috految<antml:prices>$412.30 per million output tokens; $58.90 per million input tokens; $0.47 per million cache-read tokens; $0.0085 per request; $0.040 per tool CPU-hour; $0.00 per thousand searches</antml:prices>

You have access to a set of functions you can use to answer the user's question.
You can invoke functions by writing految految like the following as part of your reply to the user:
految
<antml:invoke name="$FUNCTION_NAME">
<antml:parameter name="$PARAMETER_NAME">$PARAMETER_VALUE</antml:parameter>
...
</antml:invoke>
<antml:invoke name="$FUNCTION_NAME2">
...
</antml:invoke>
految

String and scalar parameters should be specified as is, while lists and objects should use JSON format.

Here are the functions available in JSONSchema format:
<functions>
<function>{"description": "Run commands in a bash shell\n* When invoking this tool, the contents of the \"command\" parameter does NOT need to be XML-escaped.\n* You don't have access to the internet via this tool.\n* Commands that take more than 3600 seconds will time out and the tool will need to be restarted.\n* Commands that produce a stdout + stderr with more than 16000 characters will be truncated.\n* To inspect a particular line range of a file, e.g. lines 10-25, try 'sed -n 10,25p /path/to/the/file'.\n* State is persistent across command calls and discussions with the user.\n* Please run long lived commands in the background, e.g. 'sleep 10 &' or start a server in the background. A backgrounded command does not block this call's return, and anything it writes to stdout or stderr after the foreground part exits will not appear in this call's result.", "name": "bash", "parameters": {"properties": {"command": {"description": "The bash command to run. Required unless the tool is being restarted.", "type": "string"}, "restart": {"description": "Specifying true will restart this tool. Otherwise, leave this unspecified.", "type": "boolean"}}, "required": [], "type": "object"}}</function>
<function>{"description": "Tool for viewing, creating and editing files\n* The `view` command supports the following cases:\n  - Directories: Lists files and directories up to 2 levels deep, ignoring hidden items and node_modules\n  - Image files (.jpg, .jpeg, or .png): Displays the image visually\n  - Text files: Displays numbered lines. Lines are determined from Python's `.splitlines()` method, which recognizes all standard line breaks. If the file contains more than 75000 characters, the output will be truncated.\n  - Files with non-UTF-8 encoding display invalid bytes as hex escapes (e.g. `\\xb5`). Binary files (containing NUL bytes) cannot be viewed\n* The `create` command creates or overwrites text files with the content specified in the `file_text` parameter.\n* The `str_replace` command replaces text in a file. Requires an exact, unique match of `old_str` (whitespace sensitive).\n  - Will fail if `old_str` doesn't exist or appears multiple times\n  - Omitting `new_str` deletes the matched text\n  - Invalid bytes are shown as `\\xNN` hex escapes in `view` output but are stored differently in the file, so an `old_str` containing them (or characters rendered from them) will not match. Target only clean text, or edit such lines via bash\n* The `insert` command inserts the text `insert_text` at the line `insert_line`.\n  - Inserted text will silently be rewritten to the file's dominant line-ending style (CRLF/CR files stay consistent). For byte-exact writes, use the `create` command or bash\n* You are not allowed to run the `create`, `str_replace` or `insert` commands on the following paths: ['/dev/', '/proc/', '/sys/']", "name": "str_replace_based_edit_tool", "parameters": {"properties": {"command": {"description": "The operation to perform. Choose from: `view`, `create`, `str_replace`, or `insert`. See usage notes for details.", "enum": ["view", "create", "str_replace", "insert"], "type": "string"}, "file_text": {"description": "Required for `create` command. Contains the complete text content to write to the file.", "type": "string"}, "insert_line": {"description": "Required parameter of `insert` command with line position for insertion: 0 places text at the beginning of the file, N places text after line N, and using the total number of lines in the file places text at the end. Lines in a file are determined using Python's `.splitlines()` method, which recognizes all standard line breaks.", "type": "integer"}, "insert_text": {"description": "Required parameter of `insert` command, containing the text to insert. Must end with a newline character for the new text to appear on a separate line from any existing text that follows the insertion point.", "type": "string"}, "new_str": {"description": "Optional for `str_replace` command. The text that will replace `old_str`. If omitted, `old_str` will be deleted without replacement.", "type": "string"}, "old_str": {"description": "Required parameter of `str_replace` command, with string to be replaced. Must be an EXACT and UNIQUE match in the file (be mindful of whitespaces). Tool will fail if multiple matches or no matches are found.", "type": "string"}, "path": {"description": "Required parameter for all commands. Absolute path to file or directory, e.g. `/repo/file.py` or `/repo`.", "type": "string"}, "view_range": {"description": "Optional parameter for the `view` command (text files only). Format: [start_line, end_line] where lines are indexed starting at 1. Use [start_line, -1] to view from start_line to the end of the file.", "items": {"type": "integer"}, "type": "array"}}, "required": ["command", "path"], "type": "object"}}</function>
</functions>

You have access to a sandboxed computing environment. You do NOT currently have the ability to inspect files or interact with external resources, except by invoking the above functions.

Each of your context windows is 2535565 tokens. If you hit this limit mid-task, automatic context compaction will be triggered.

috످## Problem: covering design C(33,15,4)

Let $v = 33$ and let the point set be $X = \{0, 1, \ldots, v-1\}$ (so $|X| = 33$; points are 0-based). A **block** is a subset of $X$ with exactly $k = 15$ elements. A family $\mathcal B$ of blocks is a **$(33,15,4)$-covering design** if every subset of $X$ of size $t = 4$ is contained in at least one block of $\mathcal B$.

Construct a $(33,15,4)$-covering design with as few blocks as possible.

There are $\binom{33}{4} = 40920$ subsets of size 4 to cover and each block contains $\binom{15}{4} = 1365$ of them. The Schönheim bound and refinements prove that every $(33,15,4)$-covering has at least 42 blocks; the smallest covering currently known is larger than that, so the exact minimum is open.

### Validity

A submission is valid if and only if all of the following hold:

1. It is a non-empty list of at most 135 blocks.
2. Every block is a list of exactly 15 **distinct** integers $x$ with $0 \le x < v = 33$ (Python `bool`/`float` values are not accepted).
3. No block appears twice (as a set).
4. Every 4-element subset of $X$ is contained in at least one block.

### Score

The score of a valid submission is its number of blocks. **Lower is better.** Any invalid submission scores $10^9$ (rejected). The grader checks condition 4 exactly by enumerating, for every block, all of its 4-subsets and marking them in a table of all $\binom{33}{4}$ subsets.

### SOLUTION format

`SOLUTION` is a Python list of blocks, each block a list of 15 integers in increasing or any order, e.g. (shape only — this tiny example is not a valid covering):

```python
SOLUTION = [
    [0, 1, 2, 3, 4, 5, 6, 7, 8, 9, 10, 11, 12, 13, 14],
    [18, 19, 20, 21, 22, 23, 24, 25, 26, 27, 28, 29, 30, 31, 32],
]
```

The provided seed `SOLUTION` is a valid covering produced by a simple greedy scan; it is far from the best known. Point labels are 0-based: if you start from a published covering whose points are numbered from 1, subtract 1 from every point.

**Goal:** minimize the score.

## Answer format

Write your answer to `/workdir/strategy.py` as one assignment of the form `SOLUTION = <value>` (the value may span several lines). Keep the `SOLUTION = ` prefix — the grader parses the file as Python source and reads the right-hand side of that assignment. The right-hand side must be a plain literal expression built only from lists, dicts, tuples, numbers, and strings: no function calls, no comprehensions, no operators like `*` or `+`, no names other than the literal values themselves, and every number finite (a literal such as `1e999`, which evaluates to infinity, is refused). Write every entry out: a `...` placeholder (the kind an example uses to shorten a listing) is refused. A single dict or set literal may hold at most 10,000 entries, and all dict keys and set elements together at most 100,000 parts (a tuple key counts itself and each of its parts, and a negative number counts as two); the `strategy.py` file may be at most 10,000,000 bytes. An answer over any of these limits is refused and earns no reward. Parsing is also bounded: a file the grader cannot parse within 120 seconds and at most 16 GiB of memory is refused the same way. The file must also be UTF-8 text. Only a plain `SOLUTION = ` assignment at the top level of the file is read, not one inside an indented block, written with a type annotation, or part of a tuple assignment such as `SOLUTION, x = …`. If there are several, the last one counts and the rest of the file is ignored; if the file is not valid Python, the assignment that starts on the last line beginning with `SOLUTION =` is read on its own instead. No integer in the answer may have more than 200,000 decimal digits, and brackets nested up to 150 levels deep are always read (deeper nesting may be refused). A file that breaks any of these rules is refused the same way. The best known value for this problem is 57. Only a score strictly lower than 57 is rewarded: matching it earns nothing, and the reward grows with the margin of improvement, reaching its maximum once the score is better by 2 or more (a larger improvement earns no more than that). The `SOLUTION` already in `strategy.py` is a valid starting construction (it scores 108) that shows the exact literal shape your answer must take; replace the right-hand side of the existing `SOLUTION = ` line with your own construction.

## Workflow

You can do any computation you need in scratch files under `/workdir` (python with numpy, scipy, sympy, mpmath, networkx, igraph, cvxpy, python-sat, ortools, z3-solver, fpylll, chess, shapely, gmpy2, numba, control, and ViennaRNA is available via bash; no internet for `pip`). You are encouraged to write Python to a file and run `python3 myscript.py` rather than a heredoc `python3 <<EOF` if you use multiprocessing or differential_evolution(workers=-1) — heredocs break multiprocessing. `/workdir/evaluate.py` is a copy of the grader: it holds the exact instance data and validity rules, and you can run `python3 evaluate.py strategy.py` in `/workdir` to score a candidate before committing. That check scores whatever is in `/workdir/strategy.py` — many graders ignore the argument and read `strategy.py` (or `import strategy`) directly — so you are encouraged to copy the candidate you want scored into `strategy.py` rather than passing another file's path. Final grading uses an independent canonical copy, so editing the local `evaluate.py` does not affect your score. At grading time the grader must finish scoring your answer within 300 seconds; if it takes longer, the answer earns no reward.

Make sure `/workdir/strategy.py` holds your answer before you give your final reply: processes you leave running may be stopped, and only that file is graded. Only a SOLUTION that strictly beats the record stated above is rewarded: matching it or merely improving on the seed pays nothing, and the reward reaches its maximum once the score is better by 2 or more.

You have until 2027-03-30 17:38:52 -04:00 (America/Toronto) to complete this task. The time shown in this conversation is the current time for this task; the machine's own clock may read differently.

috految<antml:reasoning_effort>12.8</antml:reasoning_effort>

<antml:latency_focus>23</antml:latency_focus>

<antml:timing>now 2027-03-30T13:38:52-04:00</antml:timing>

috److془We need to think carefully and search.

C(31,15,4)=31. C(32,15,4) ≤ 47ish. C(33,15,4) ≤ 31 + C(31,13,3) ~ 31+ 24..? Hmm C(31,13,3): C(24,10,3)=24?, C(17,7,3)=26, C(31,13,3)=26?. C(30,12,3)=30; C(28,12,3)=23ish. C(17,8,4)=44, C(18,8,4)=66, C(22,10,4)=54-60?, C(24,11,4).. 

Approach: initial from multisets in PG(4,2), PG(5,2) (hyperplanes blocking lines: complement of caps), PG(6,2), etc. + weighting local search. Plus group-based search. Code [33,6] with weights ≥18 except on a cap. Two-weight [36,6,16/20], [27,6,12/16]; [35,6,16/20]. Also [18,6] hyperoval weights 8,12. Code [33,5] with few oversize hyperplanes: excess total 30. Three hyperplanes.. multiset with 7 or 6 oversized hyperplanes: 19 size needs 5ish blocks. Rich landscape. Do it: diverse seeds, evolutionary with point-clone mutation, block relocation. Also seed: PG + 2 points with C(31,13,3) cover. Also 3 twins: 16 blocks + 15(14+1)+ .. Two points in PG: 3 twins with C(30,13,3) plus a,b,x,y cover. Etc. Also 32 points with 2 doubles: 7 17-size, 16 16-size. Fine.

Local search: pick uncovered quad, blocks with 3 of it (~12), loss[b][p] maintained, gains from uncovered list. Move 728 updates ~4us. Good. Weights: increment of the selected quad, or all uncovered; randomize params. Seeds: SA over codes dimension 5,6,7 with random cost function of hyperplane size; orbits under random linear map. Dim 6: cost: random cap complement, size excess. Also group seeds later if required. Ternary/PG(3,3) seed for 31+24.. could be discovered by LS; include.془

految
<antml:invoke name="bash">
<antml:parameter name="command">cd /workdir; nproc; cat >h.h <<'E'
#include <bits/stdc++.h>
using namespace std;using U=unsigned long;using V=vector<U>;
#define F(i,n) for(int i=0;i<(int)(n);i++)
#define E(p,m) for(U _=m,p;_&&(p=__builtin_ctzl(_),1);_&=_-1)
#define pc __builtin_popcountl
#define pb push_back
mt19937_64 g(random_device{}());int R(int n){return (g()>>32)*n>>32;}double D(){return g()/0x1p64;}
const int N=40920;const U I=1;U M[N],um[N];unsigned short id[33][5456];unsigned char Q[N][4];int w[N],pos[N],un[N],nu,L[128][33],C2[33],C3[33],T[128][33];unsigned short c[N];V B;
void init(){F(i,33)C2[i]=i*(i-1)/2,C3[i]=C2[i]*(i-2)/3;int n=0;F(a,33)F(b,a)F(c,b)F(d,c){M[n]=I<<a|I<<b|I<<c|I<<d;int k=0;E(p,M[n]){Q[n][k++]=p;int x[3],j=0;E(q,M[n]^I<<p)x[j++]=q;id[p][x[0]+C2[x[1]]+C3[x[2]]]=n;}n++;}}
inline void lo(int b,int q,int x){F(i,4)L[b][Q[q][i]]+=x;}
void flip(int b,int p){bool ad=!(B[b]>>p&1);int a[33],n=0,z[5456],m=0,P[528],k=0,d=b*256+1;E(q,B[b]&~(I<<p))a[n++]=q;B[b]^=I<<p;F(i,n){auto t=id[p]+C3[a[i]];F(j,k){int q=t[P[j]];z[m]=q;c[q]+=ad?d:-d;m+=(c[q]&255)<2+ad;}F(j,i)P[k++]=C2[a[i]]+a[j];}
F(i,m){int q=z[i];unsigned short x=c[q]-ad*d;if(x)lo(x>>8,q,ad?-w[q]:w[q]);else if(ad){lo(b,q,w[q]);int j=pos[q];un[j]=un[--nu];um[j]=um[nu];pos[un[j]]=j;}else lo(b,q,-w[q]),pos[q]=nu,um[nu]=M[q],un[nu++]=q;}}
void load(V s,int W){nu=N;F(q,N)w[q]=W,c[q]=0,un[q]=pos[q]=q,um[q]=M[q];memset(L,0,sizeof L);B=V(s.size());F(b,s.size())E(p,s[b])flip(b,p);}
int ls(V&s,int n,int it){int W=1<<R(7),mode=R(3),per=300<<R(6);load(s,W);
while(B.size()>n){int k;double m=1e18;F(b,B.size()){double x=accumulate(L[b],L[b]+33,1.)*(1+D());if(x<m)m=x,k=b;}B.erase(B.begin()+k);load(B,W);}
B.resize(n);int o=R(2);F(b,n)while(pc(B[b])>15){int k;double m=1e18;E(p,B[b]){double x=L[b][p]+D()*o;if(x<m)m=x,k=p;}flip(b,k);}
F(b,n){if(!B[b]&&nu)E(p,um[R(nu)])flip(b,p);while(pc(B[b])<15){double G[33];F(p,33)G[p]=B[b]>>p&1?-1:D();F(j,nu){U x=um[j]&~B[b];if(pc(x)==1)G[__builtin_ctzl(x)]++;}flip(b,max_element(G,G+33)-G);}}
memset(T,0,sizeof T);int best=1e9;for(int t=1,e=it;t<e;t++){if(nu<=best&&(t>60||!nu)){if(nu<best)e=t+it;best=nu;s=B;}if(!nu)break;int q=un[R(nu)],bb=-1,bp,bq;long bs=-1e18;
E(p,M[q]){static int z[N];int m=0;F(j,nu)z[m]=j,m+=um[j]>>p&1;F(b,n)if((M[q]&~B[b])==I<<p&&T[b][p]<t){int G[33]={};U x=~(B[b]|I<<p);F(j,m)if(!(um[z[j]]&x)){int u=un[z[j]];F(i,4)G[Q[u][i]]+=w[u];}E(r,B[b]&~M[q])if(T[b][r]<t){long v=(long)(G[p]-G[r]-L[b][r])*1048576+t-T[b][r];if(v>bs)bs=v,bb=b,bp=p,bq=r;}}}
if(bb>=0&&(bs>=0||mode==0)){flip(bb,bq);flip(bb,bp);T[bb][bq]=t+2+R(5);T[bb][bp]=t+1+R(3);}
if(bs<1048576){if(mode==2){if(!c[q])w[q]+=40;}else F(j,nu)w[un[j]]++;}
if(t%per==0)F(q,N)if(w[q]>W){int d=(w[q]-W+2)/3;w[q]-=d;if((c[q]&255)==1)lo(c[q]>>8,q,-d);}}
if(!best){ofstream f("sol"+to_string(n));f<<"SOLUTION = [";for(U b:s){f<<"[";E(p,b)f<<p<<",";f<<"],";}f<<"]\n";f.close();if(n<56)exit(0);}return best;}
void ils(V s,int e,int K,string tag){int n=s.size(),be=e;V bs=s;for(int k=0;k<K*(be<60?4:be<200?2:1)&&be;k++){V x=s;int m=R(6);if(m<3){load(s,1);F(j,1+R(2)){int p=R(2)?R(33):Q[un[R(nu)]][R(4)],a=R(33),b=R(33),d=R(33);for(U&y:x)y=y&~(I<<p)|((m?y>>a:y>>a^y>>b^y>>d)&1)<<p;}}else if(m==3)ls(x,n-1-R(4),400);else if(m==4)ls(x,n+1+R(3),1500);int f=ls(x,n,m==5?8000:1500);if(f<e*1.1+5)e=f,s=x;if(f<be)be=f,bs=x,k=0;}
printf("%d %d %s",be,n,tag.c_str());for(U b:bs)printf(" %lu",b);puts("");fflush(stdout);if(!be){e=ls(bs,n-1,5000);ils(bs,e,K*2,tag);}}
E
cat >a.cc <<'E'
#include "h.h"
int main(){init();vector<int>H[6];while(!ifstream("sol55")){int ty=R(6),n=ty<3?32:ty<5?64:R(2)?64:128;V s;vector<int>h(n,1);h[0]=0;
if(ty==3||ty==4){int k=R(12)+8;vector<int>C;F(i,300){int a=1+R(63),ok=h[a];for(int x:C)ok&=h[a^x];if(ok&&C.size()<k)h[a]=0,C.pb(a);}}
double f[99],a=D()*2,b=D()*1.5,z=D()*.1;int mx=17+R(13),v=R(3)?33:30+R(5),K=v<32?14:15;F(i,99)f[i]=i>K?(pow(i-K,b)+a+max(0,i-mx)*3)*(1+.4*D()):z*(i-K);
int P[40],S[128]={};F(i,40)P[i]=ty==0&&i<31?i+1:1+R(n-1);if(!ty){F(j,R(5))P[R(33)]=R(32);if(R(2))P[32]=P[31];}else{F(i,v)F(x,n)S[x]+=~pc(x&P[i])&1;double e=1e9,t0=.5+3*D();int it=1000<<R(8);F(t,it){int i=R(v),p=1+R(n-1),Z[128];if(ty==2&&i<16)p=16+i;double y=0;F(x,n)Z[x]=S[x]+(pc(x&P[i])&1)-(pc(x&p)&1),y+=h[x]*f[Z[x]];if(y<e-t0*(1.1-1.*t/it)*log(D()))e=y,P[i]=p,memcpy(S,Z,n*4);}}
F(x,n)if(h[x]){U m=0;F(i,33)if(~pc(x&P[i])&1)m|=I<<i;if(n<128||pc(m)<17)s.pb(m);}
if(!ty&&R(2)){for(U&m:s)m&=(I<<31)-1;}else if(R(2))F(j,500){if(s.size()>55||s.empty())break;U m=s[R(min(31,(int)s.size()))];if(pc(m)>15+R(4))s.pb(m);}
int e=ls(s,56,1000);auto&A=H[ty];int r=0;for(int x:A)r+=x<=e;A.pb(e);if(r<A.size()*.15)ils(s,e,7,to_string(ty)+"_"+to_string(e));}}
E
g++ -Ofast -march=native a.cc -o a && for i in $(seq $(nproc));do timeout 60 ./a >log$i & done;wait; cat log*|wc -l;sort -n log*|cut -d' ' -f1-3|head -40;cp $(ls sol*|head -1) strategy.py;python3 evaluate.py strategy.py</antml:parameter>
</antml:invoke>
految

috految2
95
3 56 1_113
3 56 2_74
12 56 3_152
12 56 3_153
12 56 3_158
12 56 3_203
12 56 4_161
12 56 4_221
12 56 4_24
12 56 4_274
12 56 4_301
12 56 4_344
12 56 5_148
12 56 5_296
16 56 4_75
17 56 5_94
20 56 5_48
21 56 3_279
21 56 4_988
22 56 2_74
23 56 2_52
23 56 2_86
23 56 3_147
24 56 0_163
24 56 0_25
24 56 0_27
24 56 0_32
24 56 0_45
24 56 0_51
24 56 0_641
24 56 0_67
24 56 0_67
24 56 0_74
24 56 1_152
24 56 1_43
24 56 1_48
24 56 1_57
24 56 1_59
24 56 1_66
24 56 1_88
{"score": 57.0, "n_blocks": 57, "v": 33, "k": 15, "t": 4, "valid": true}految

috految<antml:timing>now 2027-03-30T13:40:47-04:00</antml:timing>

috److految
<antml:invoke name="bash">
<antml:parameter name="command">cd /workdir; cat >b.cc <<'E'
#include "h.h"
int main(){init();map<V,int>u;while(!ifstream("sol55")){int n=ifstream("sol56")?55:56,e,m;string t,T;V s,K;double z=1e18;ifstream f("pool");while(f>>e>>m>>t){V x(m),k(3);F(i,m)f>>x[i];F(p,33)F(q,p){int d=0;for(U b:x)d+=(b>>p^b>>q)&1;k[0]+=d<7;k[1]+=d>33;}k[1]/=12;k[2]=log(e+1)*2;double y=(e+8+(m-n)*15)*(1+u[k])*(1+D());if(y<z)z=y,s=x,K=k,T=t;}u[K]++;if(R(2))ls(s,n-R(4),15000);e=ls(s,n,R(4)?10000:100000);ils(s,e,6,T);}}
E
cat log*>pool;sed -i 's/ty=R(6)/ty=1+R(5)/;s/s,e,7/s,e,3/;s/\*.15/*.25/' a.cc
for x in a b;do (g++ -Ofast -march=native $x.cc -o $x;timeout 100 ./$x >>pool)& done;wait
r(){ for n in 55 56;do grep "^[0-9]* $n " pool|sort -n|cut -d' ' -f1-3|uniq -c|head -16;done;cp $(ls sol*|head -1) strategy.py;python3 evaluate.py strategy.py; };r</antml:parameter>
</antml:invoke>
految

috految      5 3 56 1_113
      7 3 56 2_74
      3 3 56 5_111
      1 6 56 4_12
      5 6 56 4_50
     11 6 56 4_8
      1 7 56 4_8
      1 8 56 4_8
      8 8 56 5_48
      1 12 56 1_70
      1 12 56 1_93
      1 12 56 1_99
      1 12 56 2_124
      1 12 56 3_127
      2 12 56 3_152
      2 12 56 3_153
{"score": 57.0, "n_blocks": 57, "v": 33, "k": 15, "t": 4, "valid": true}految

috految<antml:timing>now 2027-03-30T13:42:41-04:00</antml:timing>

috److془Need more diversity. Add symmetric seeds; and MAP-elites. Group seeds: random subgroup of GL(d,2) order 8..400, points union of coset actions, blocks of unions of subgroup orbits; set cover. Or code seeds with symmetric. Do the latter + mapelites first with wide seeds (dim 6,7,8; evaluation).
Actually group one for novelty too. First meh: do both cheaply? Start with the latter.془

految
<antml:invoke name="bash">
<antml:parameter name="command">cd /workdir; cat >c.cc <<'E'
#include "h.h"
struct A{V s;int e=1e9,u=0;string t;};map<V,A>a;int n=56;
void add(V s,int e,string t,int out=1){V k(5);F(p,33){int r=0;for(U b:s)r+=b>>p&1;k[3]+=r<24;F(q,p){int d=0;for(U b:s)d+=(b>>p^b>>q)&1;k[0]+=d<7;k[1]+=d>33;k[4]+=d<19;}}F(i,n)F(j,i)k[2]+=pc(s[i]&s[j])>10;k[1]=sqrt(k[1])/2;k[2]=sqrt(k[2]);k[3]/=4;k[4]/=6;A&x=a[k];if(e<x.e){x.u/=2;if(out){printf("%d %d %s",e,n,t.c_str());for(U b:s)printf(" %lu",b);puts("");fflush(stdout);}}if(e<=x.e)x.s=s,x.e=e,x.t=t;}
int main(int C,char**){init();if(ifstream("sol56"))n=55;if(C>1){ifstream f("pool");int e,m;string t;while(f>>e>>m>>t){V x(m);F(i,m)f>>x[i];if(m!=n)e=ls(x,n,150);add(x,e,t,0);}}
map<U,int>seen;while(!ifstream("sol55")){if(n==56&&ifstream("sol56")){n=55;auto o=a;a.clear();for(auto&[k,x]:o)if(x.e<400){int e=ls(x.s,n,500);add(x.s,e,x.t);}}
if(a.empty()||R(10)<(C>1?1:7)){int d=5+R(3);if(!R(3))d=6;int m=1<<d;V G(m),t(m);do{F(i,d){int r=R(m);F(j,1<<i)G[j+(1<<i)]=G[j]^r;}}while(count(G.begin(),G.end(),0)>1);int pw=1+R(12);F(i,m){t[i]=i;F(j,pw)t[i]=G[t[i]];}V z(m);vector<V>O;F(i,m)if(i&&!z[i]){V o;for(int j=i;!z[j];j=t[j])z[j]=1,o.pb(j);O.pb(o);}if(O.size()<7)continue;
int S[128][128]={},v=R(2)?33:30+R(7),K=v<32?14:v>34?16:15;F(i,O.size())for(U p:O[i])F(x,m)S[i][x]+=~pc(x&p)&1;
double f[99],cur=1e9,best=1e9,b=D(),cc=D()*.1;int mx=18+R(12);F(i,99)f[i]=i>K?pow(i-K,b)*(1+D()*.4)+max(0,i-mx)*2:min(K-i,4)*cc;V P,W;F(it,8000){V p=P;F(j,1+R(3))if(p.size())p.erase(p.begin()+R(p.size()));int l=0;for(U i:p)l+=O[i].size();F(j,40){if(l>=v)break;int i=R(O.size());if(l+O[i].size()<=v)l+=O[i].size(),p.pb(i);}if(l<v)continue;int Z[128]={};for(U i:p)F(x,m)Z[x]+=S[i][x];double e=0;U h=d;F(x,m)if(x)e+=f[Z[x]],h+=I<<Z[x];if(e<cur-log(D())*1.2)cur=e,P=p;if(e<best&&(e+=seen[h])<best)best=e,W=p,z[0]=h;}if(W.empty())continue;seen[z[0]]++;
P={};for(U i:W)for(U p:O[i])P.pb(p);while(P.size()<33)P.pb(P[R(P.size())]);V s;int lim=d==5?33:15+R(6);F(x,m)if(x){U y=0;F(i,33)if(~pc(P[i]&x)&1)y|=I<<i;if(pc(y)<=lim)s.pb(y);}int e=ls(s,n,400);if(e<600)e=ls(s,n,1500);add(s,e,"d"+to_string(d)+"_"+to_string(e));
}else{A*b;double z=1e18;for(auto&[k,x]:a){double y=(x.e+10)*(x.u+2)*(1+D());if(y<z)z=y,b=&x;}b->u++;V x=b->s;int m=R(7);if(m<4){load(x,1);F(j,1+R(3)){int p=R(2)?R(33):Q[un[R(nu)]][R(4)],a=R(33),b=R(33),d=R(33);for(U&y:x)y=y&~(I<<p)|((m?y>>a:y>>a^y>>b^y>>d)&1)<<p;}}if(m==4)ls(x,n-1-R(8),500);if(m==5)ls(x,n+1+R(3),1500);int e=ls(x,n,m==6?6000:800);if(e<120)e=ls(x,n,2000);add(x,e,b->t);}}}
E
g++ -Ofast -march=native c.cc -o c;timeout 150 ./c >>pool & timeout 150 ./c 1 >>pool;wait;r</antml:parameter>
</antml:invoke>
految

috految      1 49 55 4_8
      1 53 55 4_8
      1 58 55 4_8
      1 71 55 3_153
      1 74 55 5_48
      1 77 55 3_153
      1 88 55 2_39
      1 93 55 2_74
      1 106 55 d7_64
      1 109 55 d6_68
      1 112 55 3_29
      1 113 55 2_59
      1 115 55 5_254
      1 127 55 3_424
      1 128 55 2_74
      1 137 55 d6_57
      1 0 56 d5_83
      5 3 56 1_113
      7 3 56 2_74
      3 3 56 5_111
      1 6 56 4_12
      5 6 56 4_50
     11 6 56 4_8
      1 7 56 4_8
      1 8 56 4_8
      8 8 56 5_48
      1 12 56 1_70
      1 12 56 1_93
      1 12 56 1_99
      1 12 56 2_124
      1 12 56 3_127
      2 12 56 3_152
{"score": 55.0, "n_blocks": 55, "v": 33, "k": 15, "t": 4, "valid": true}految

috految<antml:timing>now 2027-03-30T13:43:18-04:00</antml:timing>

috److I found a valid (33,15,4)-covering with **55 blocks**, two fewer than the best known value of 57. That margin is enough for the maximum reward. The local grader confirms it (`score: 55.0`, `valid: true`).

The search started from block families built from hyperplanes in binary projective spaces, then used weighted local search to remove the remaining uncovered 4-subsets. I stopped at 55 and did not try for fewer blocks.

The answer is in `/workdir/strategy.py`.

috످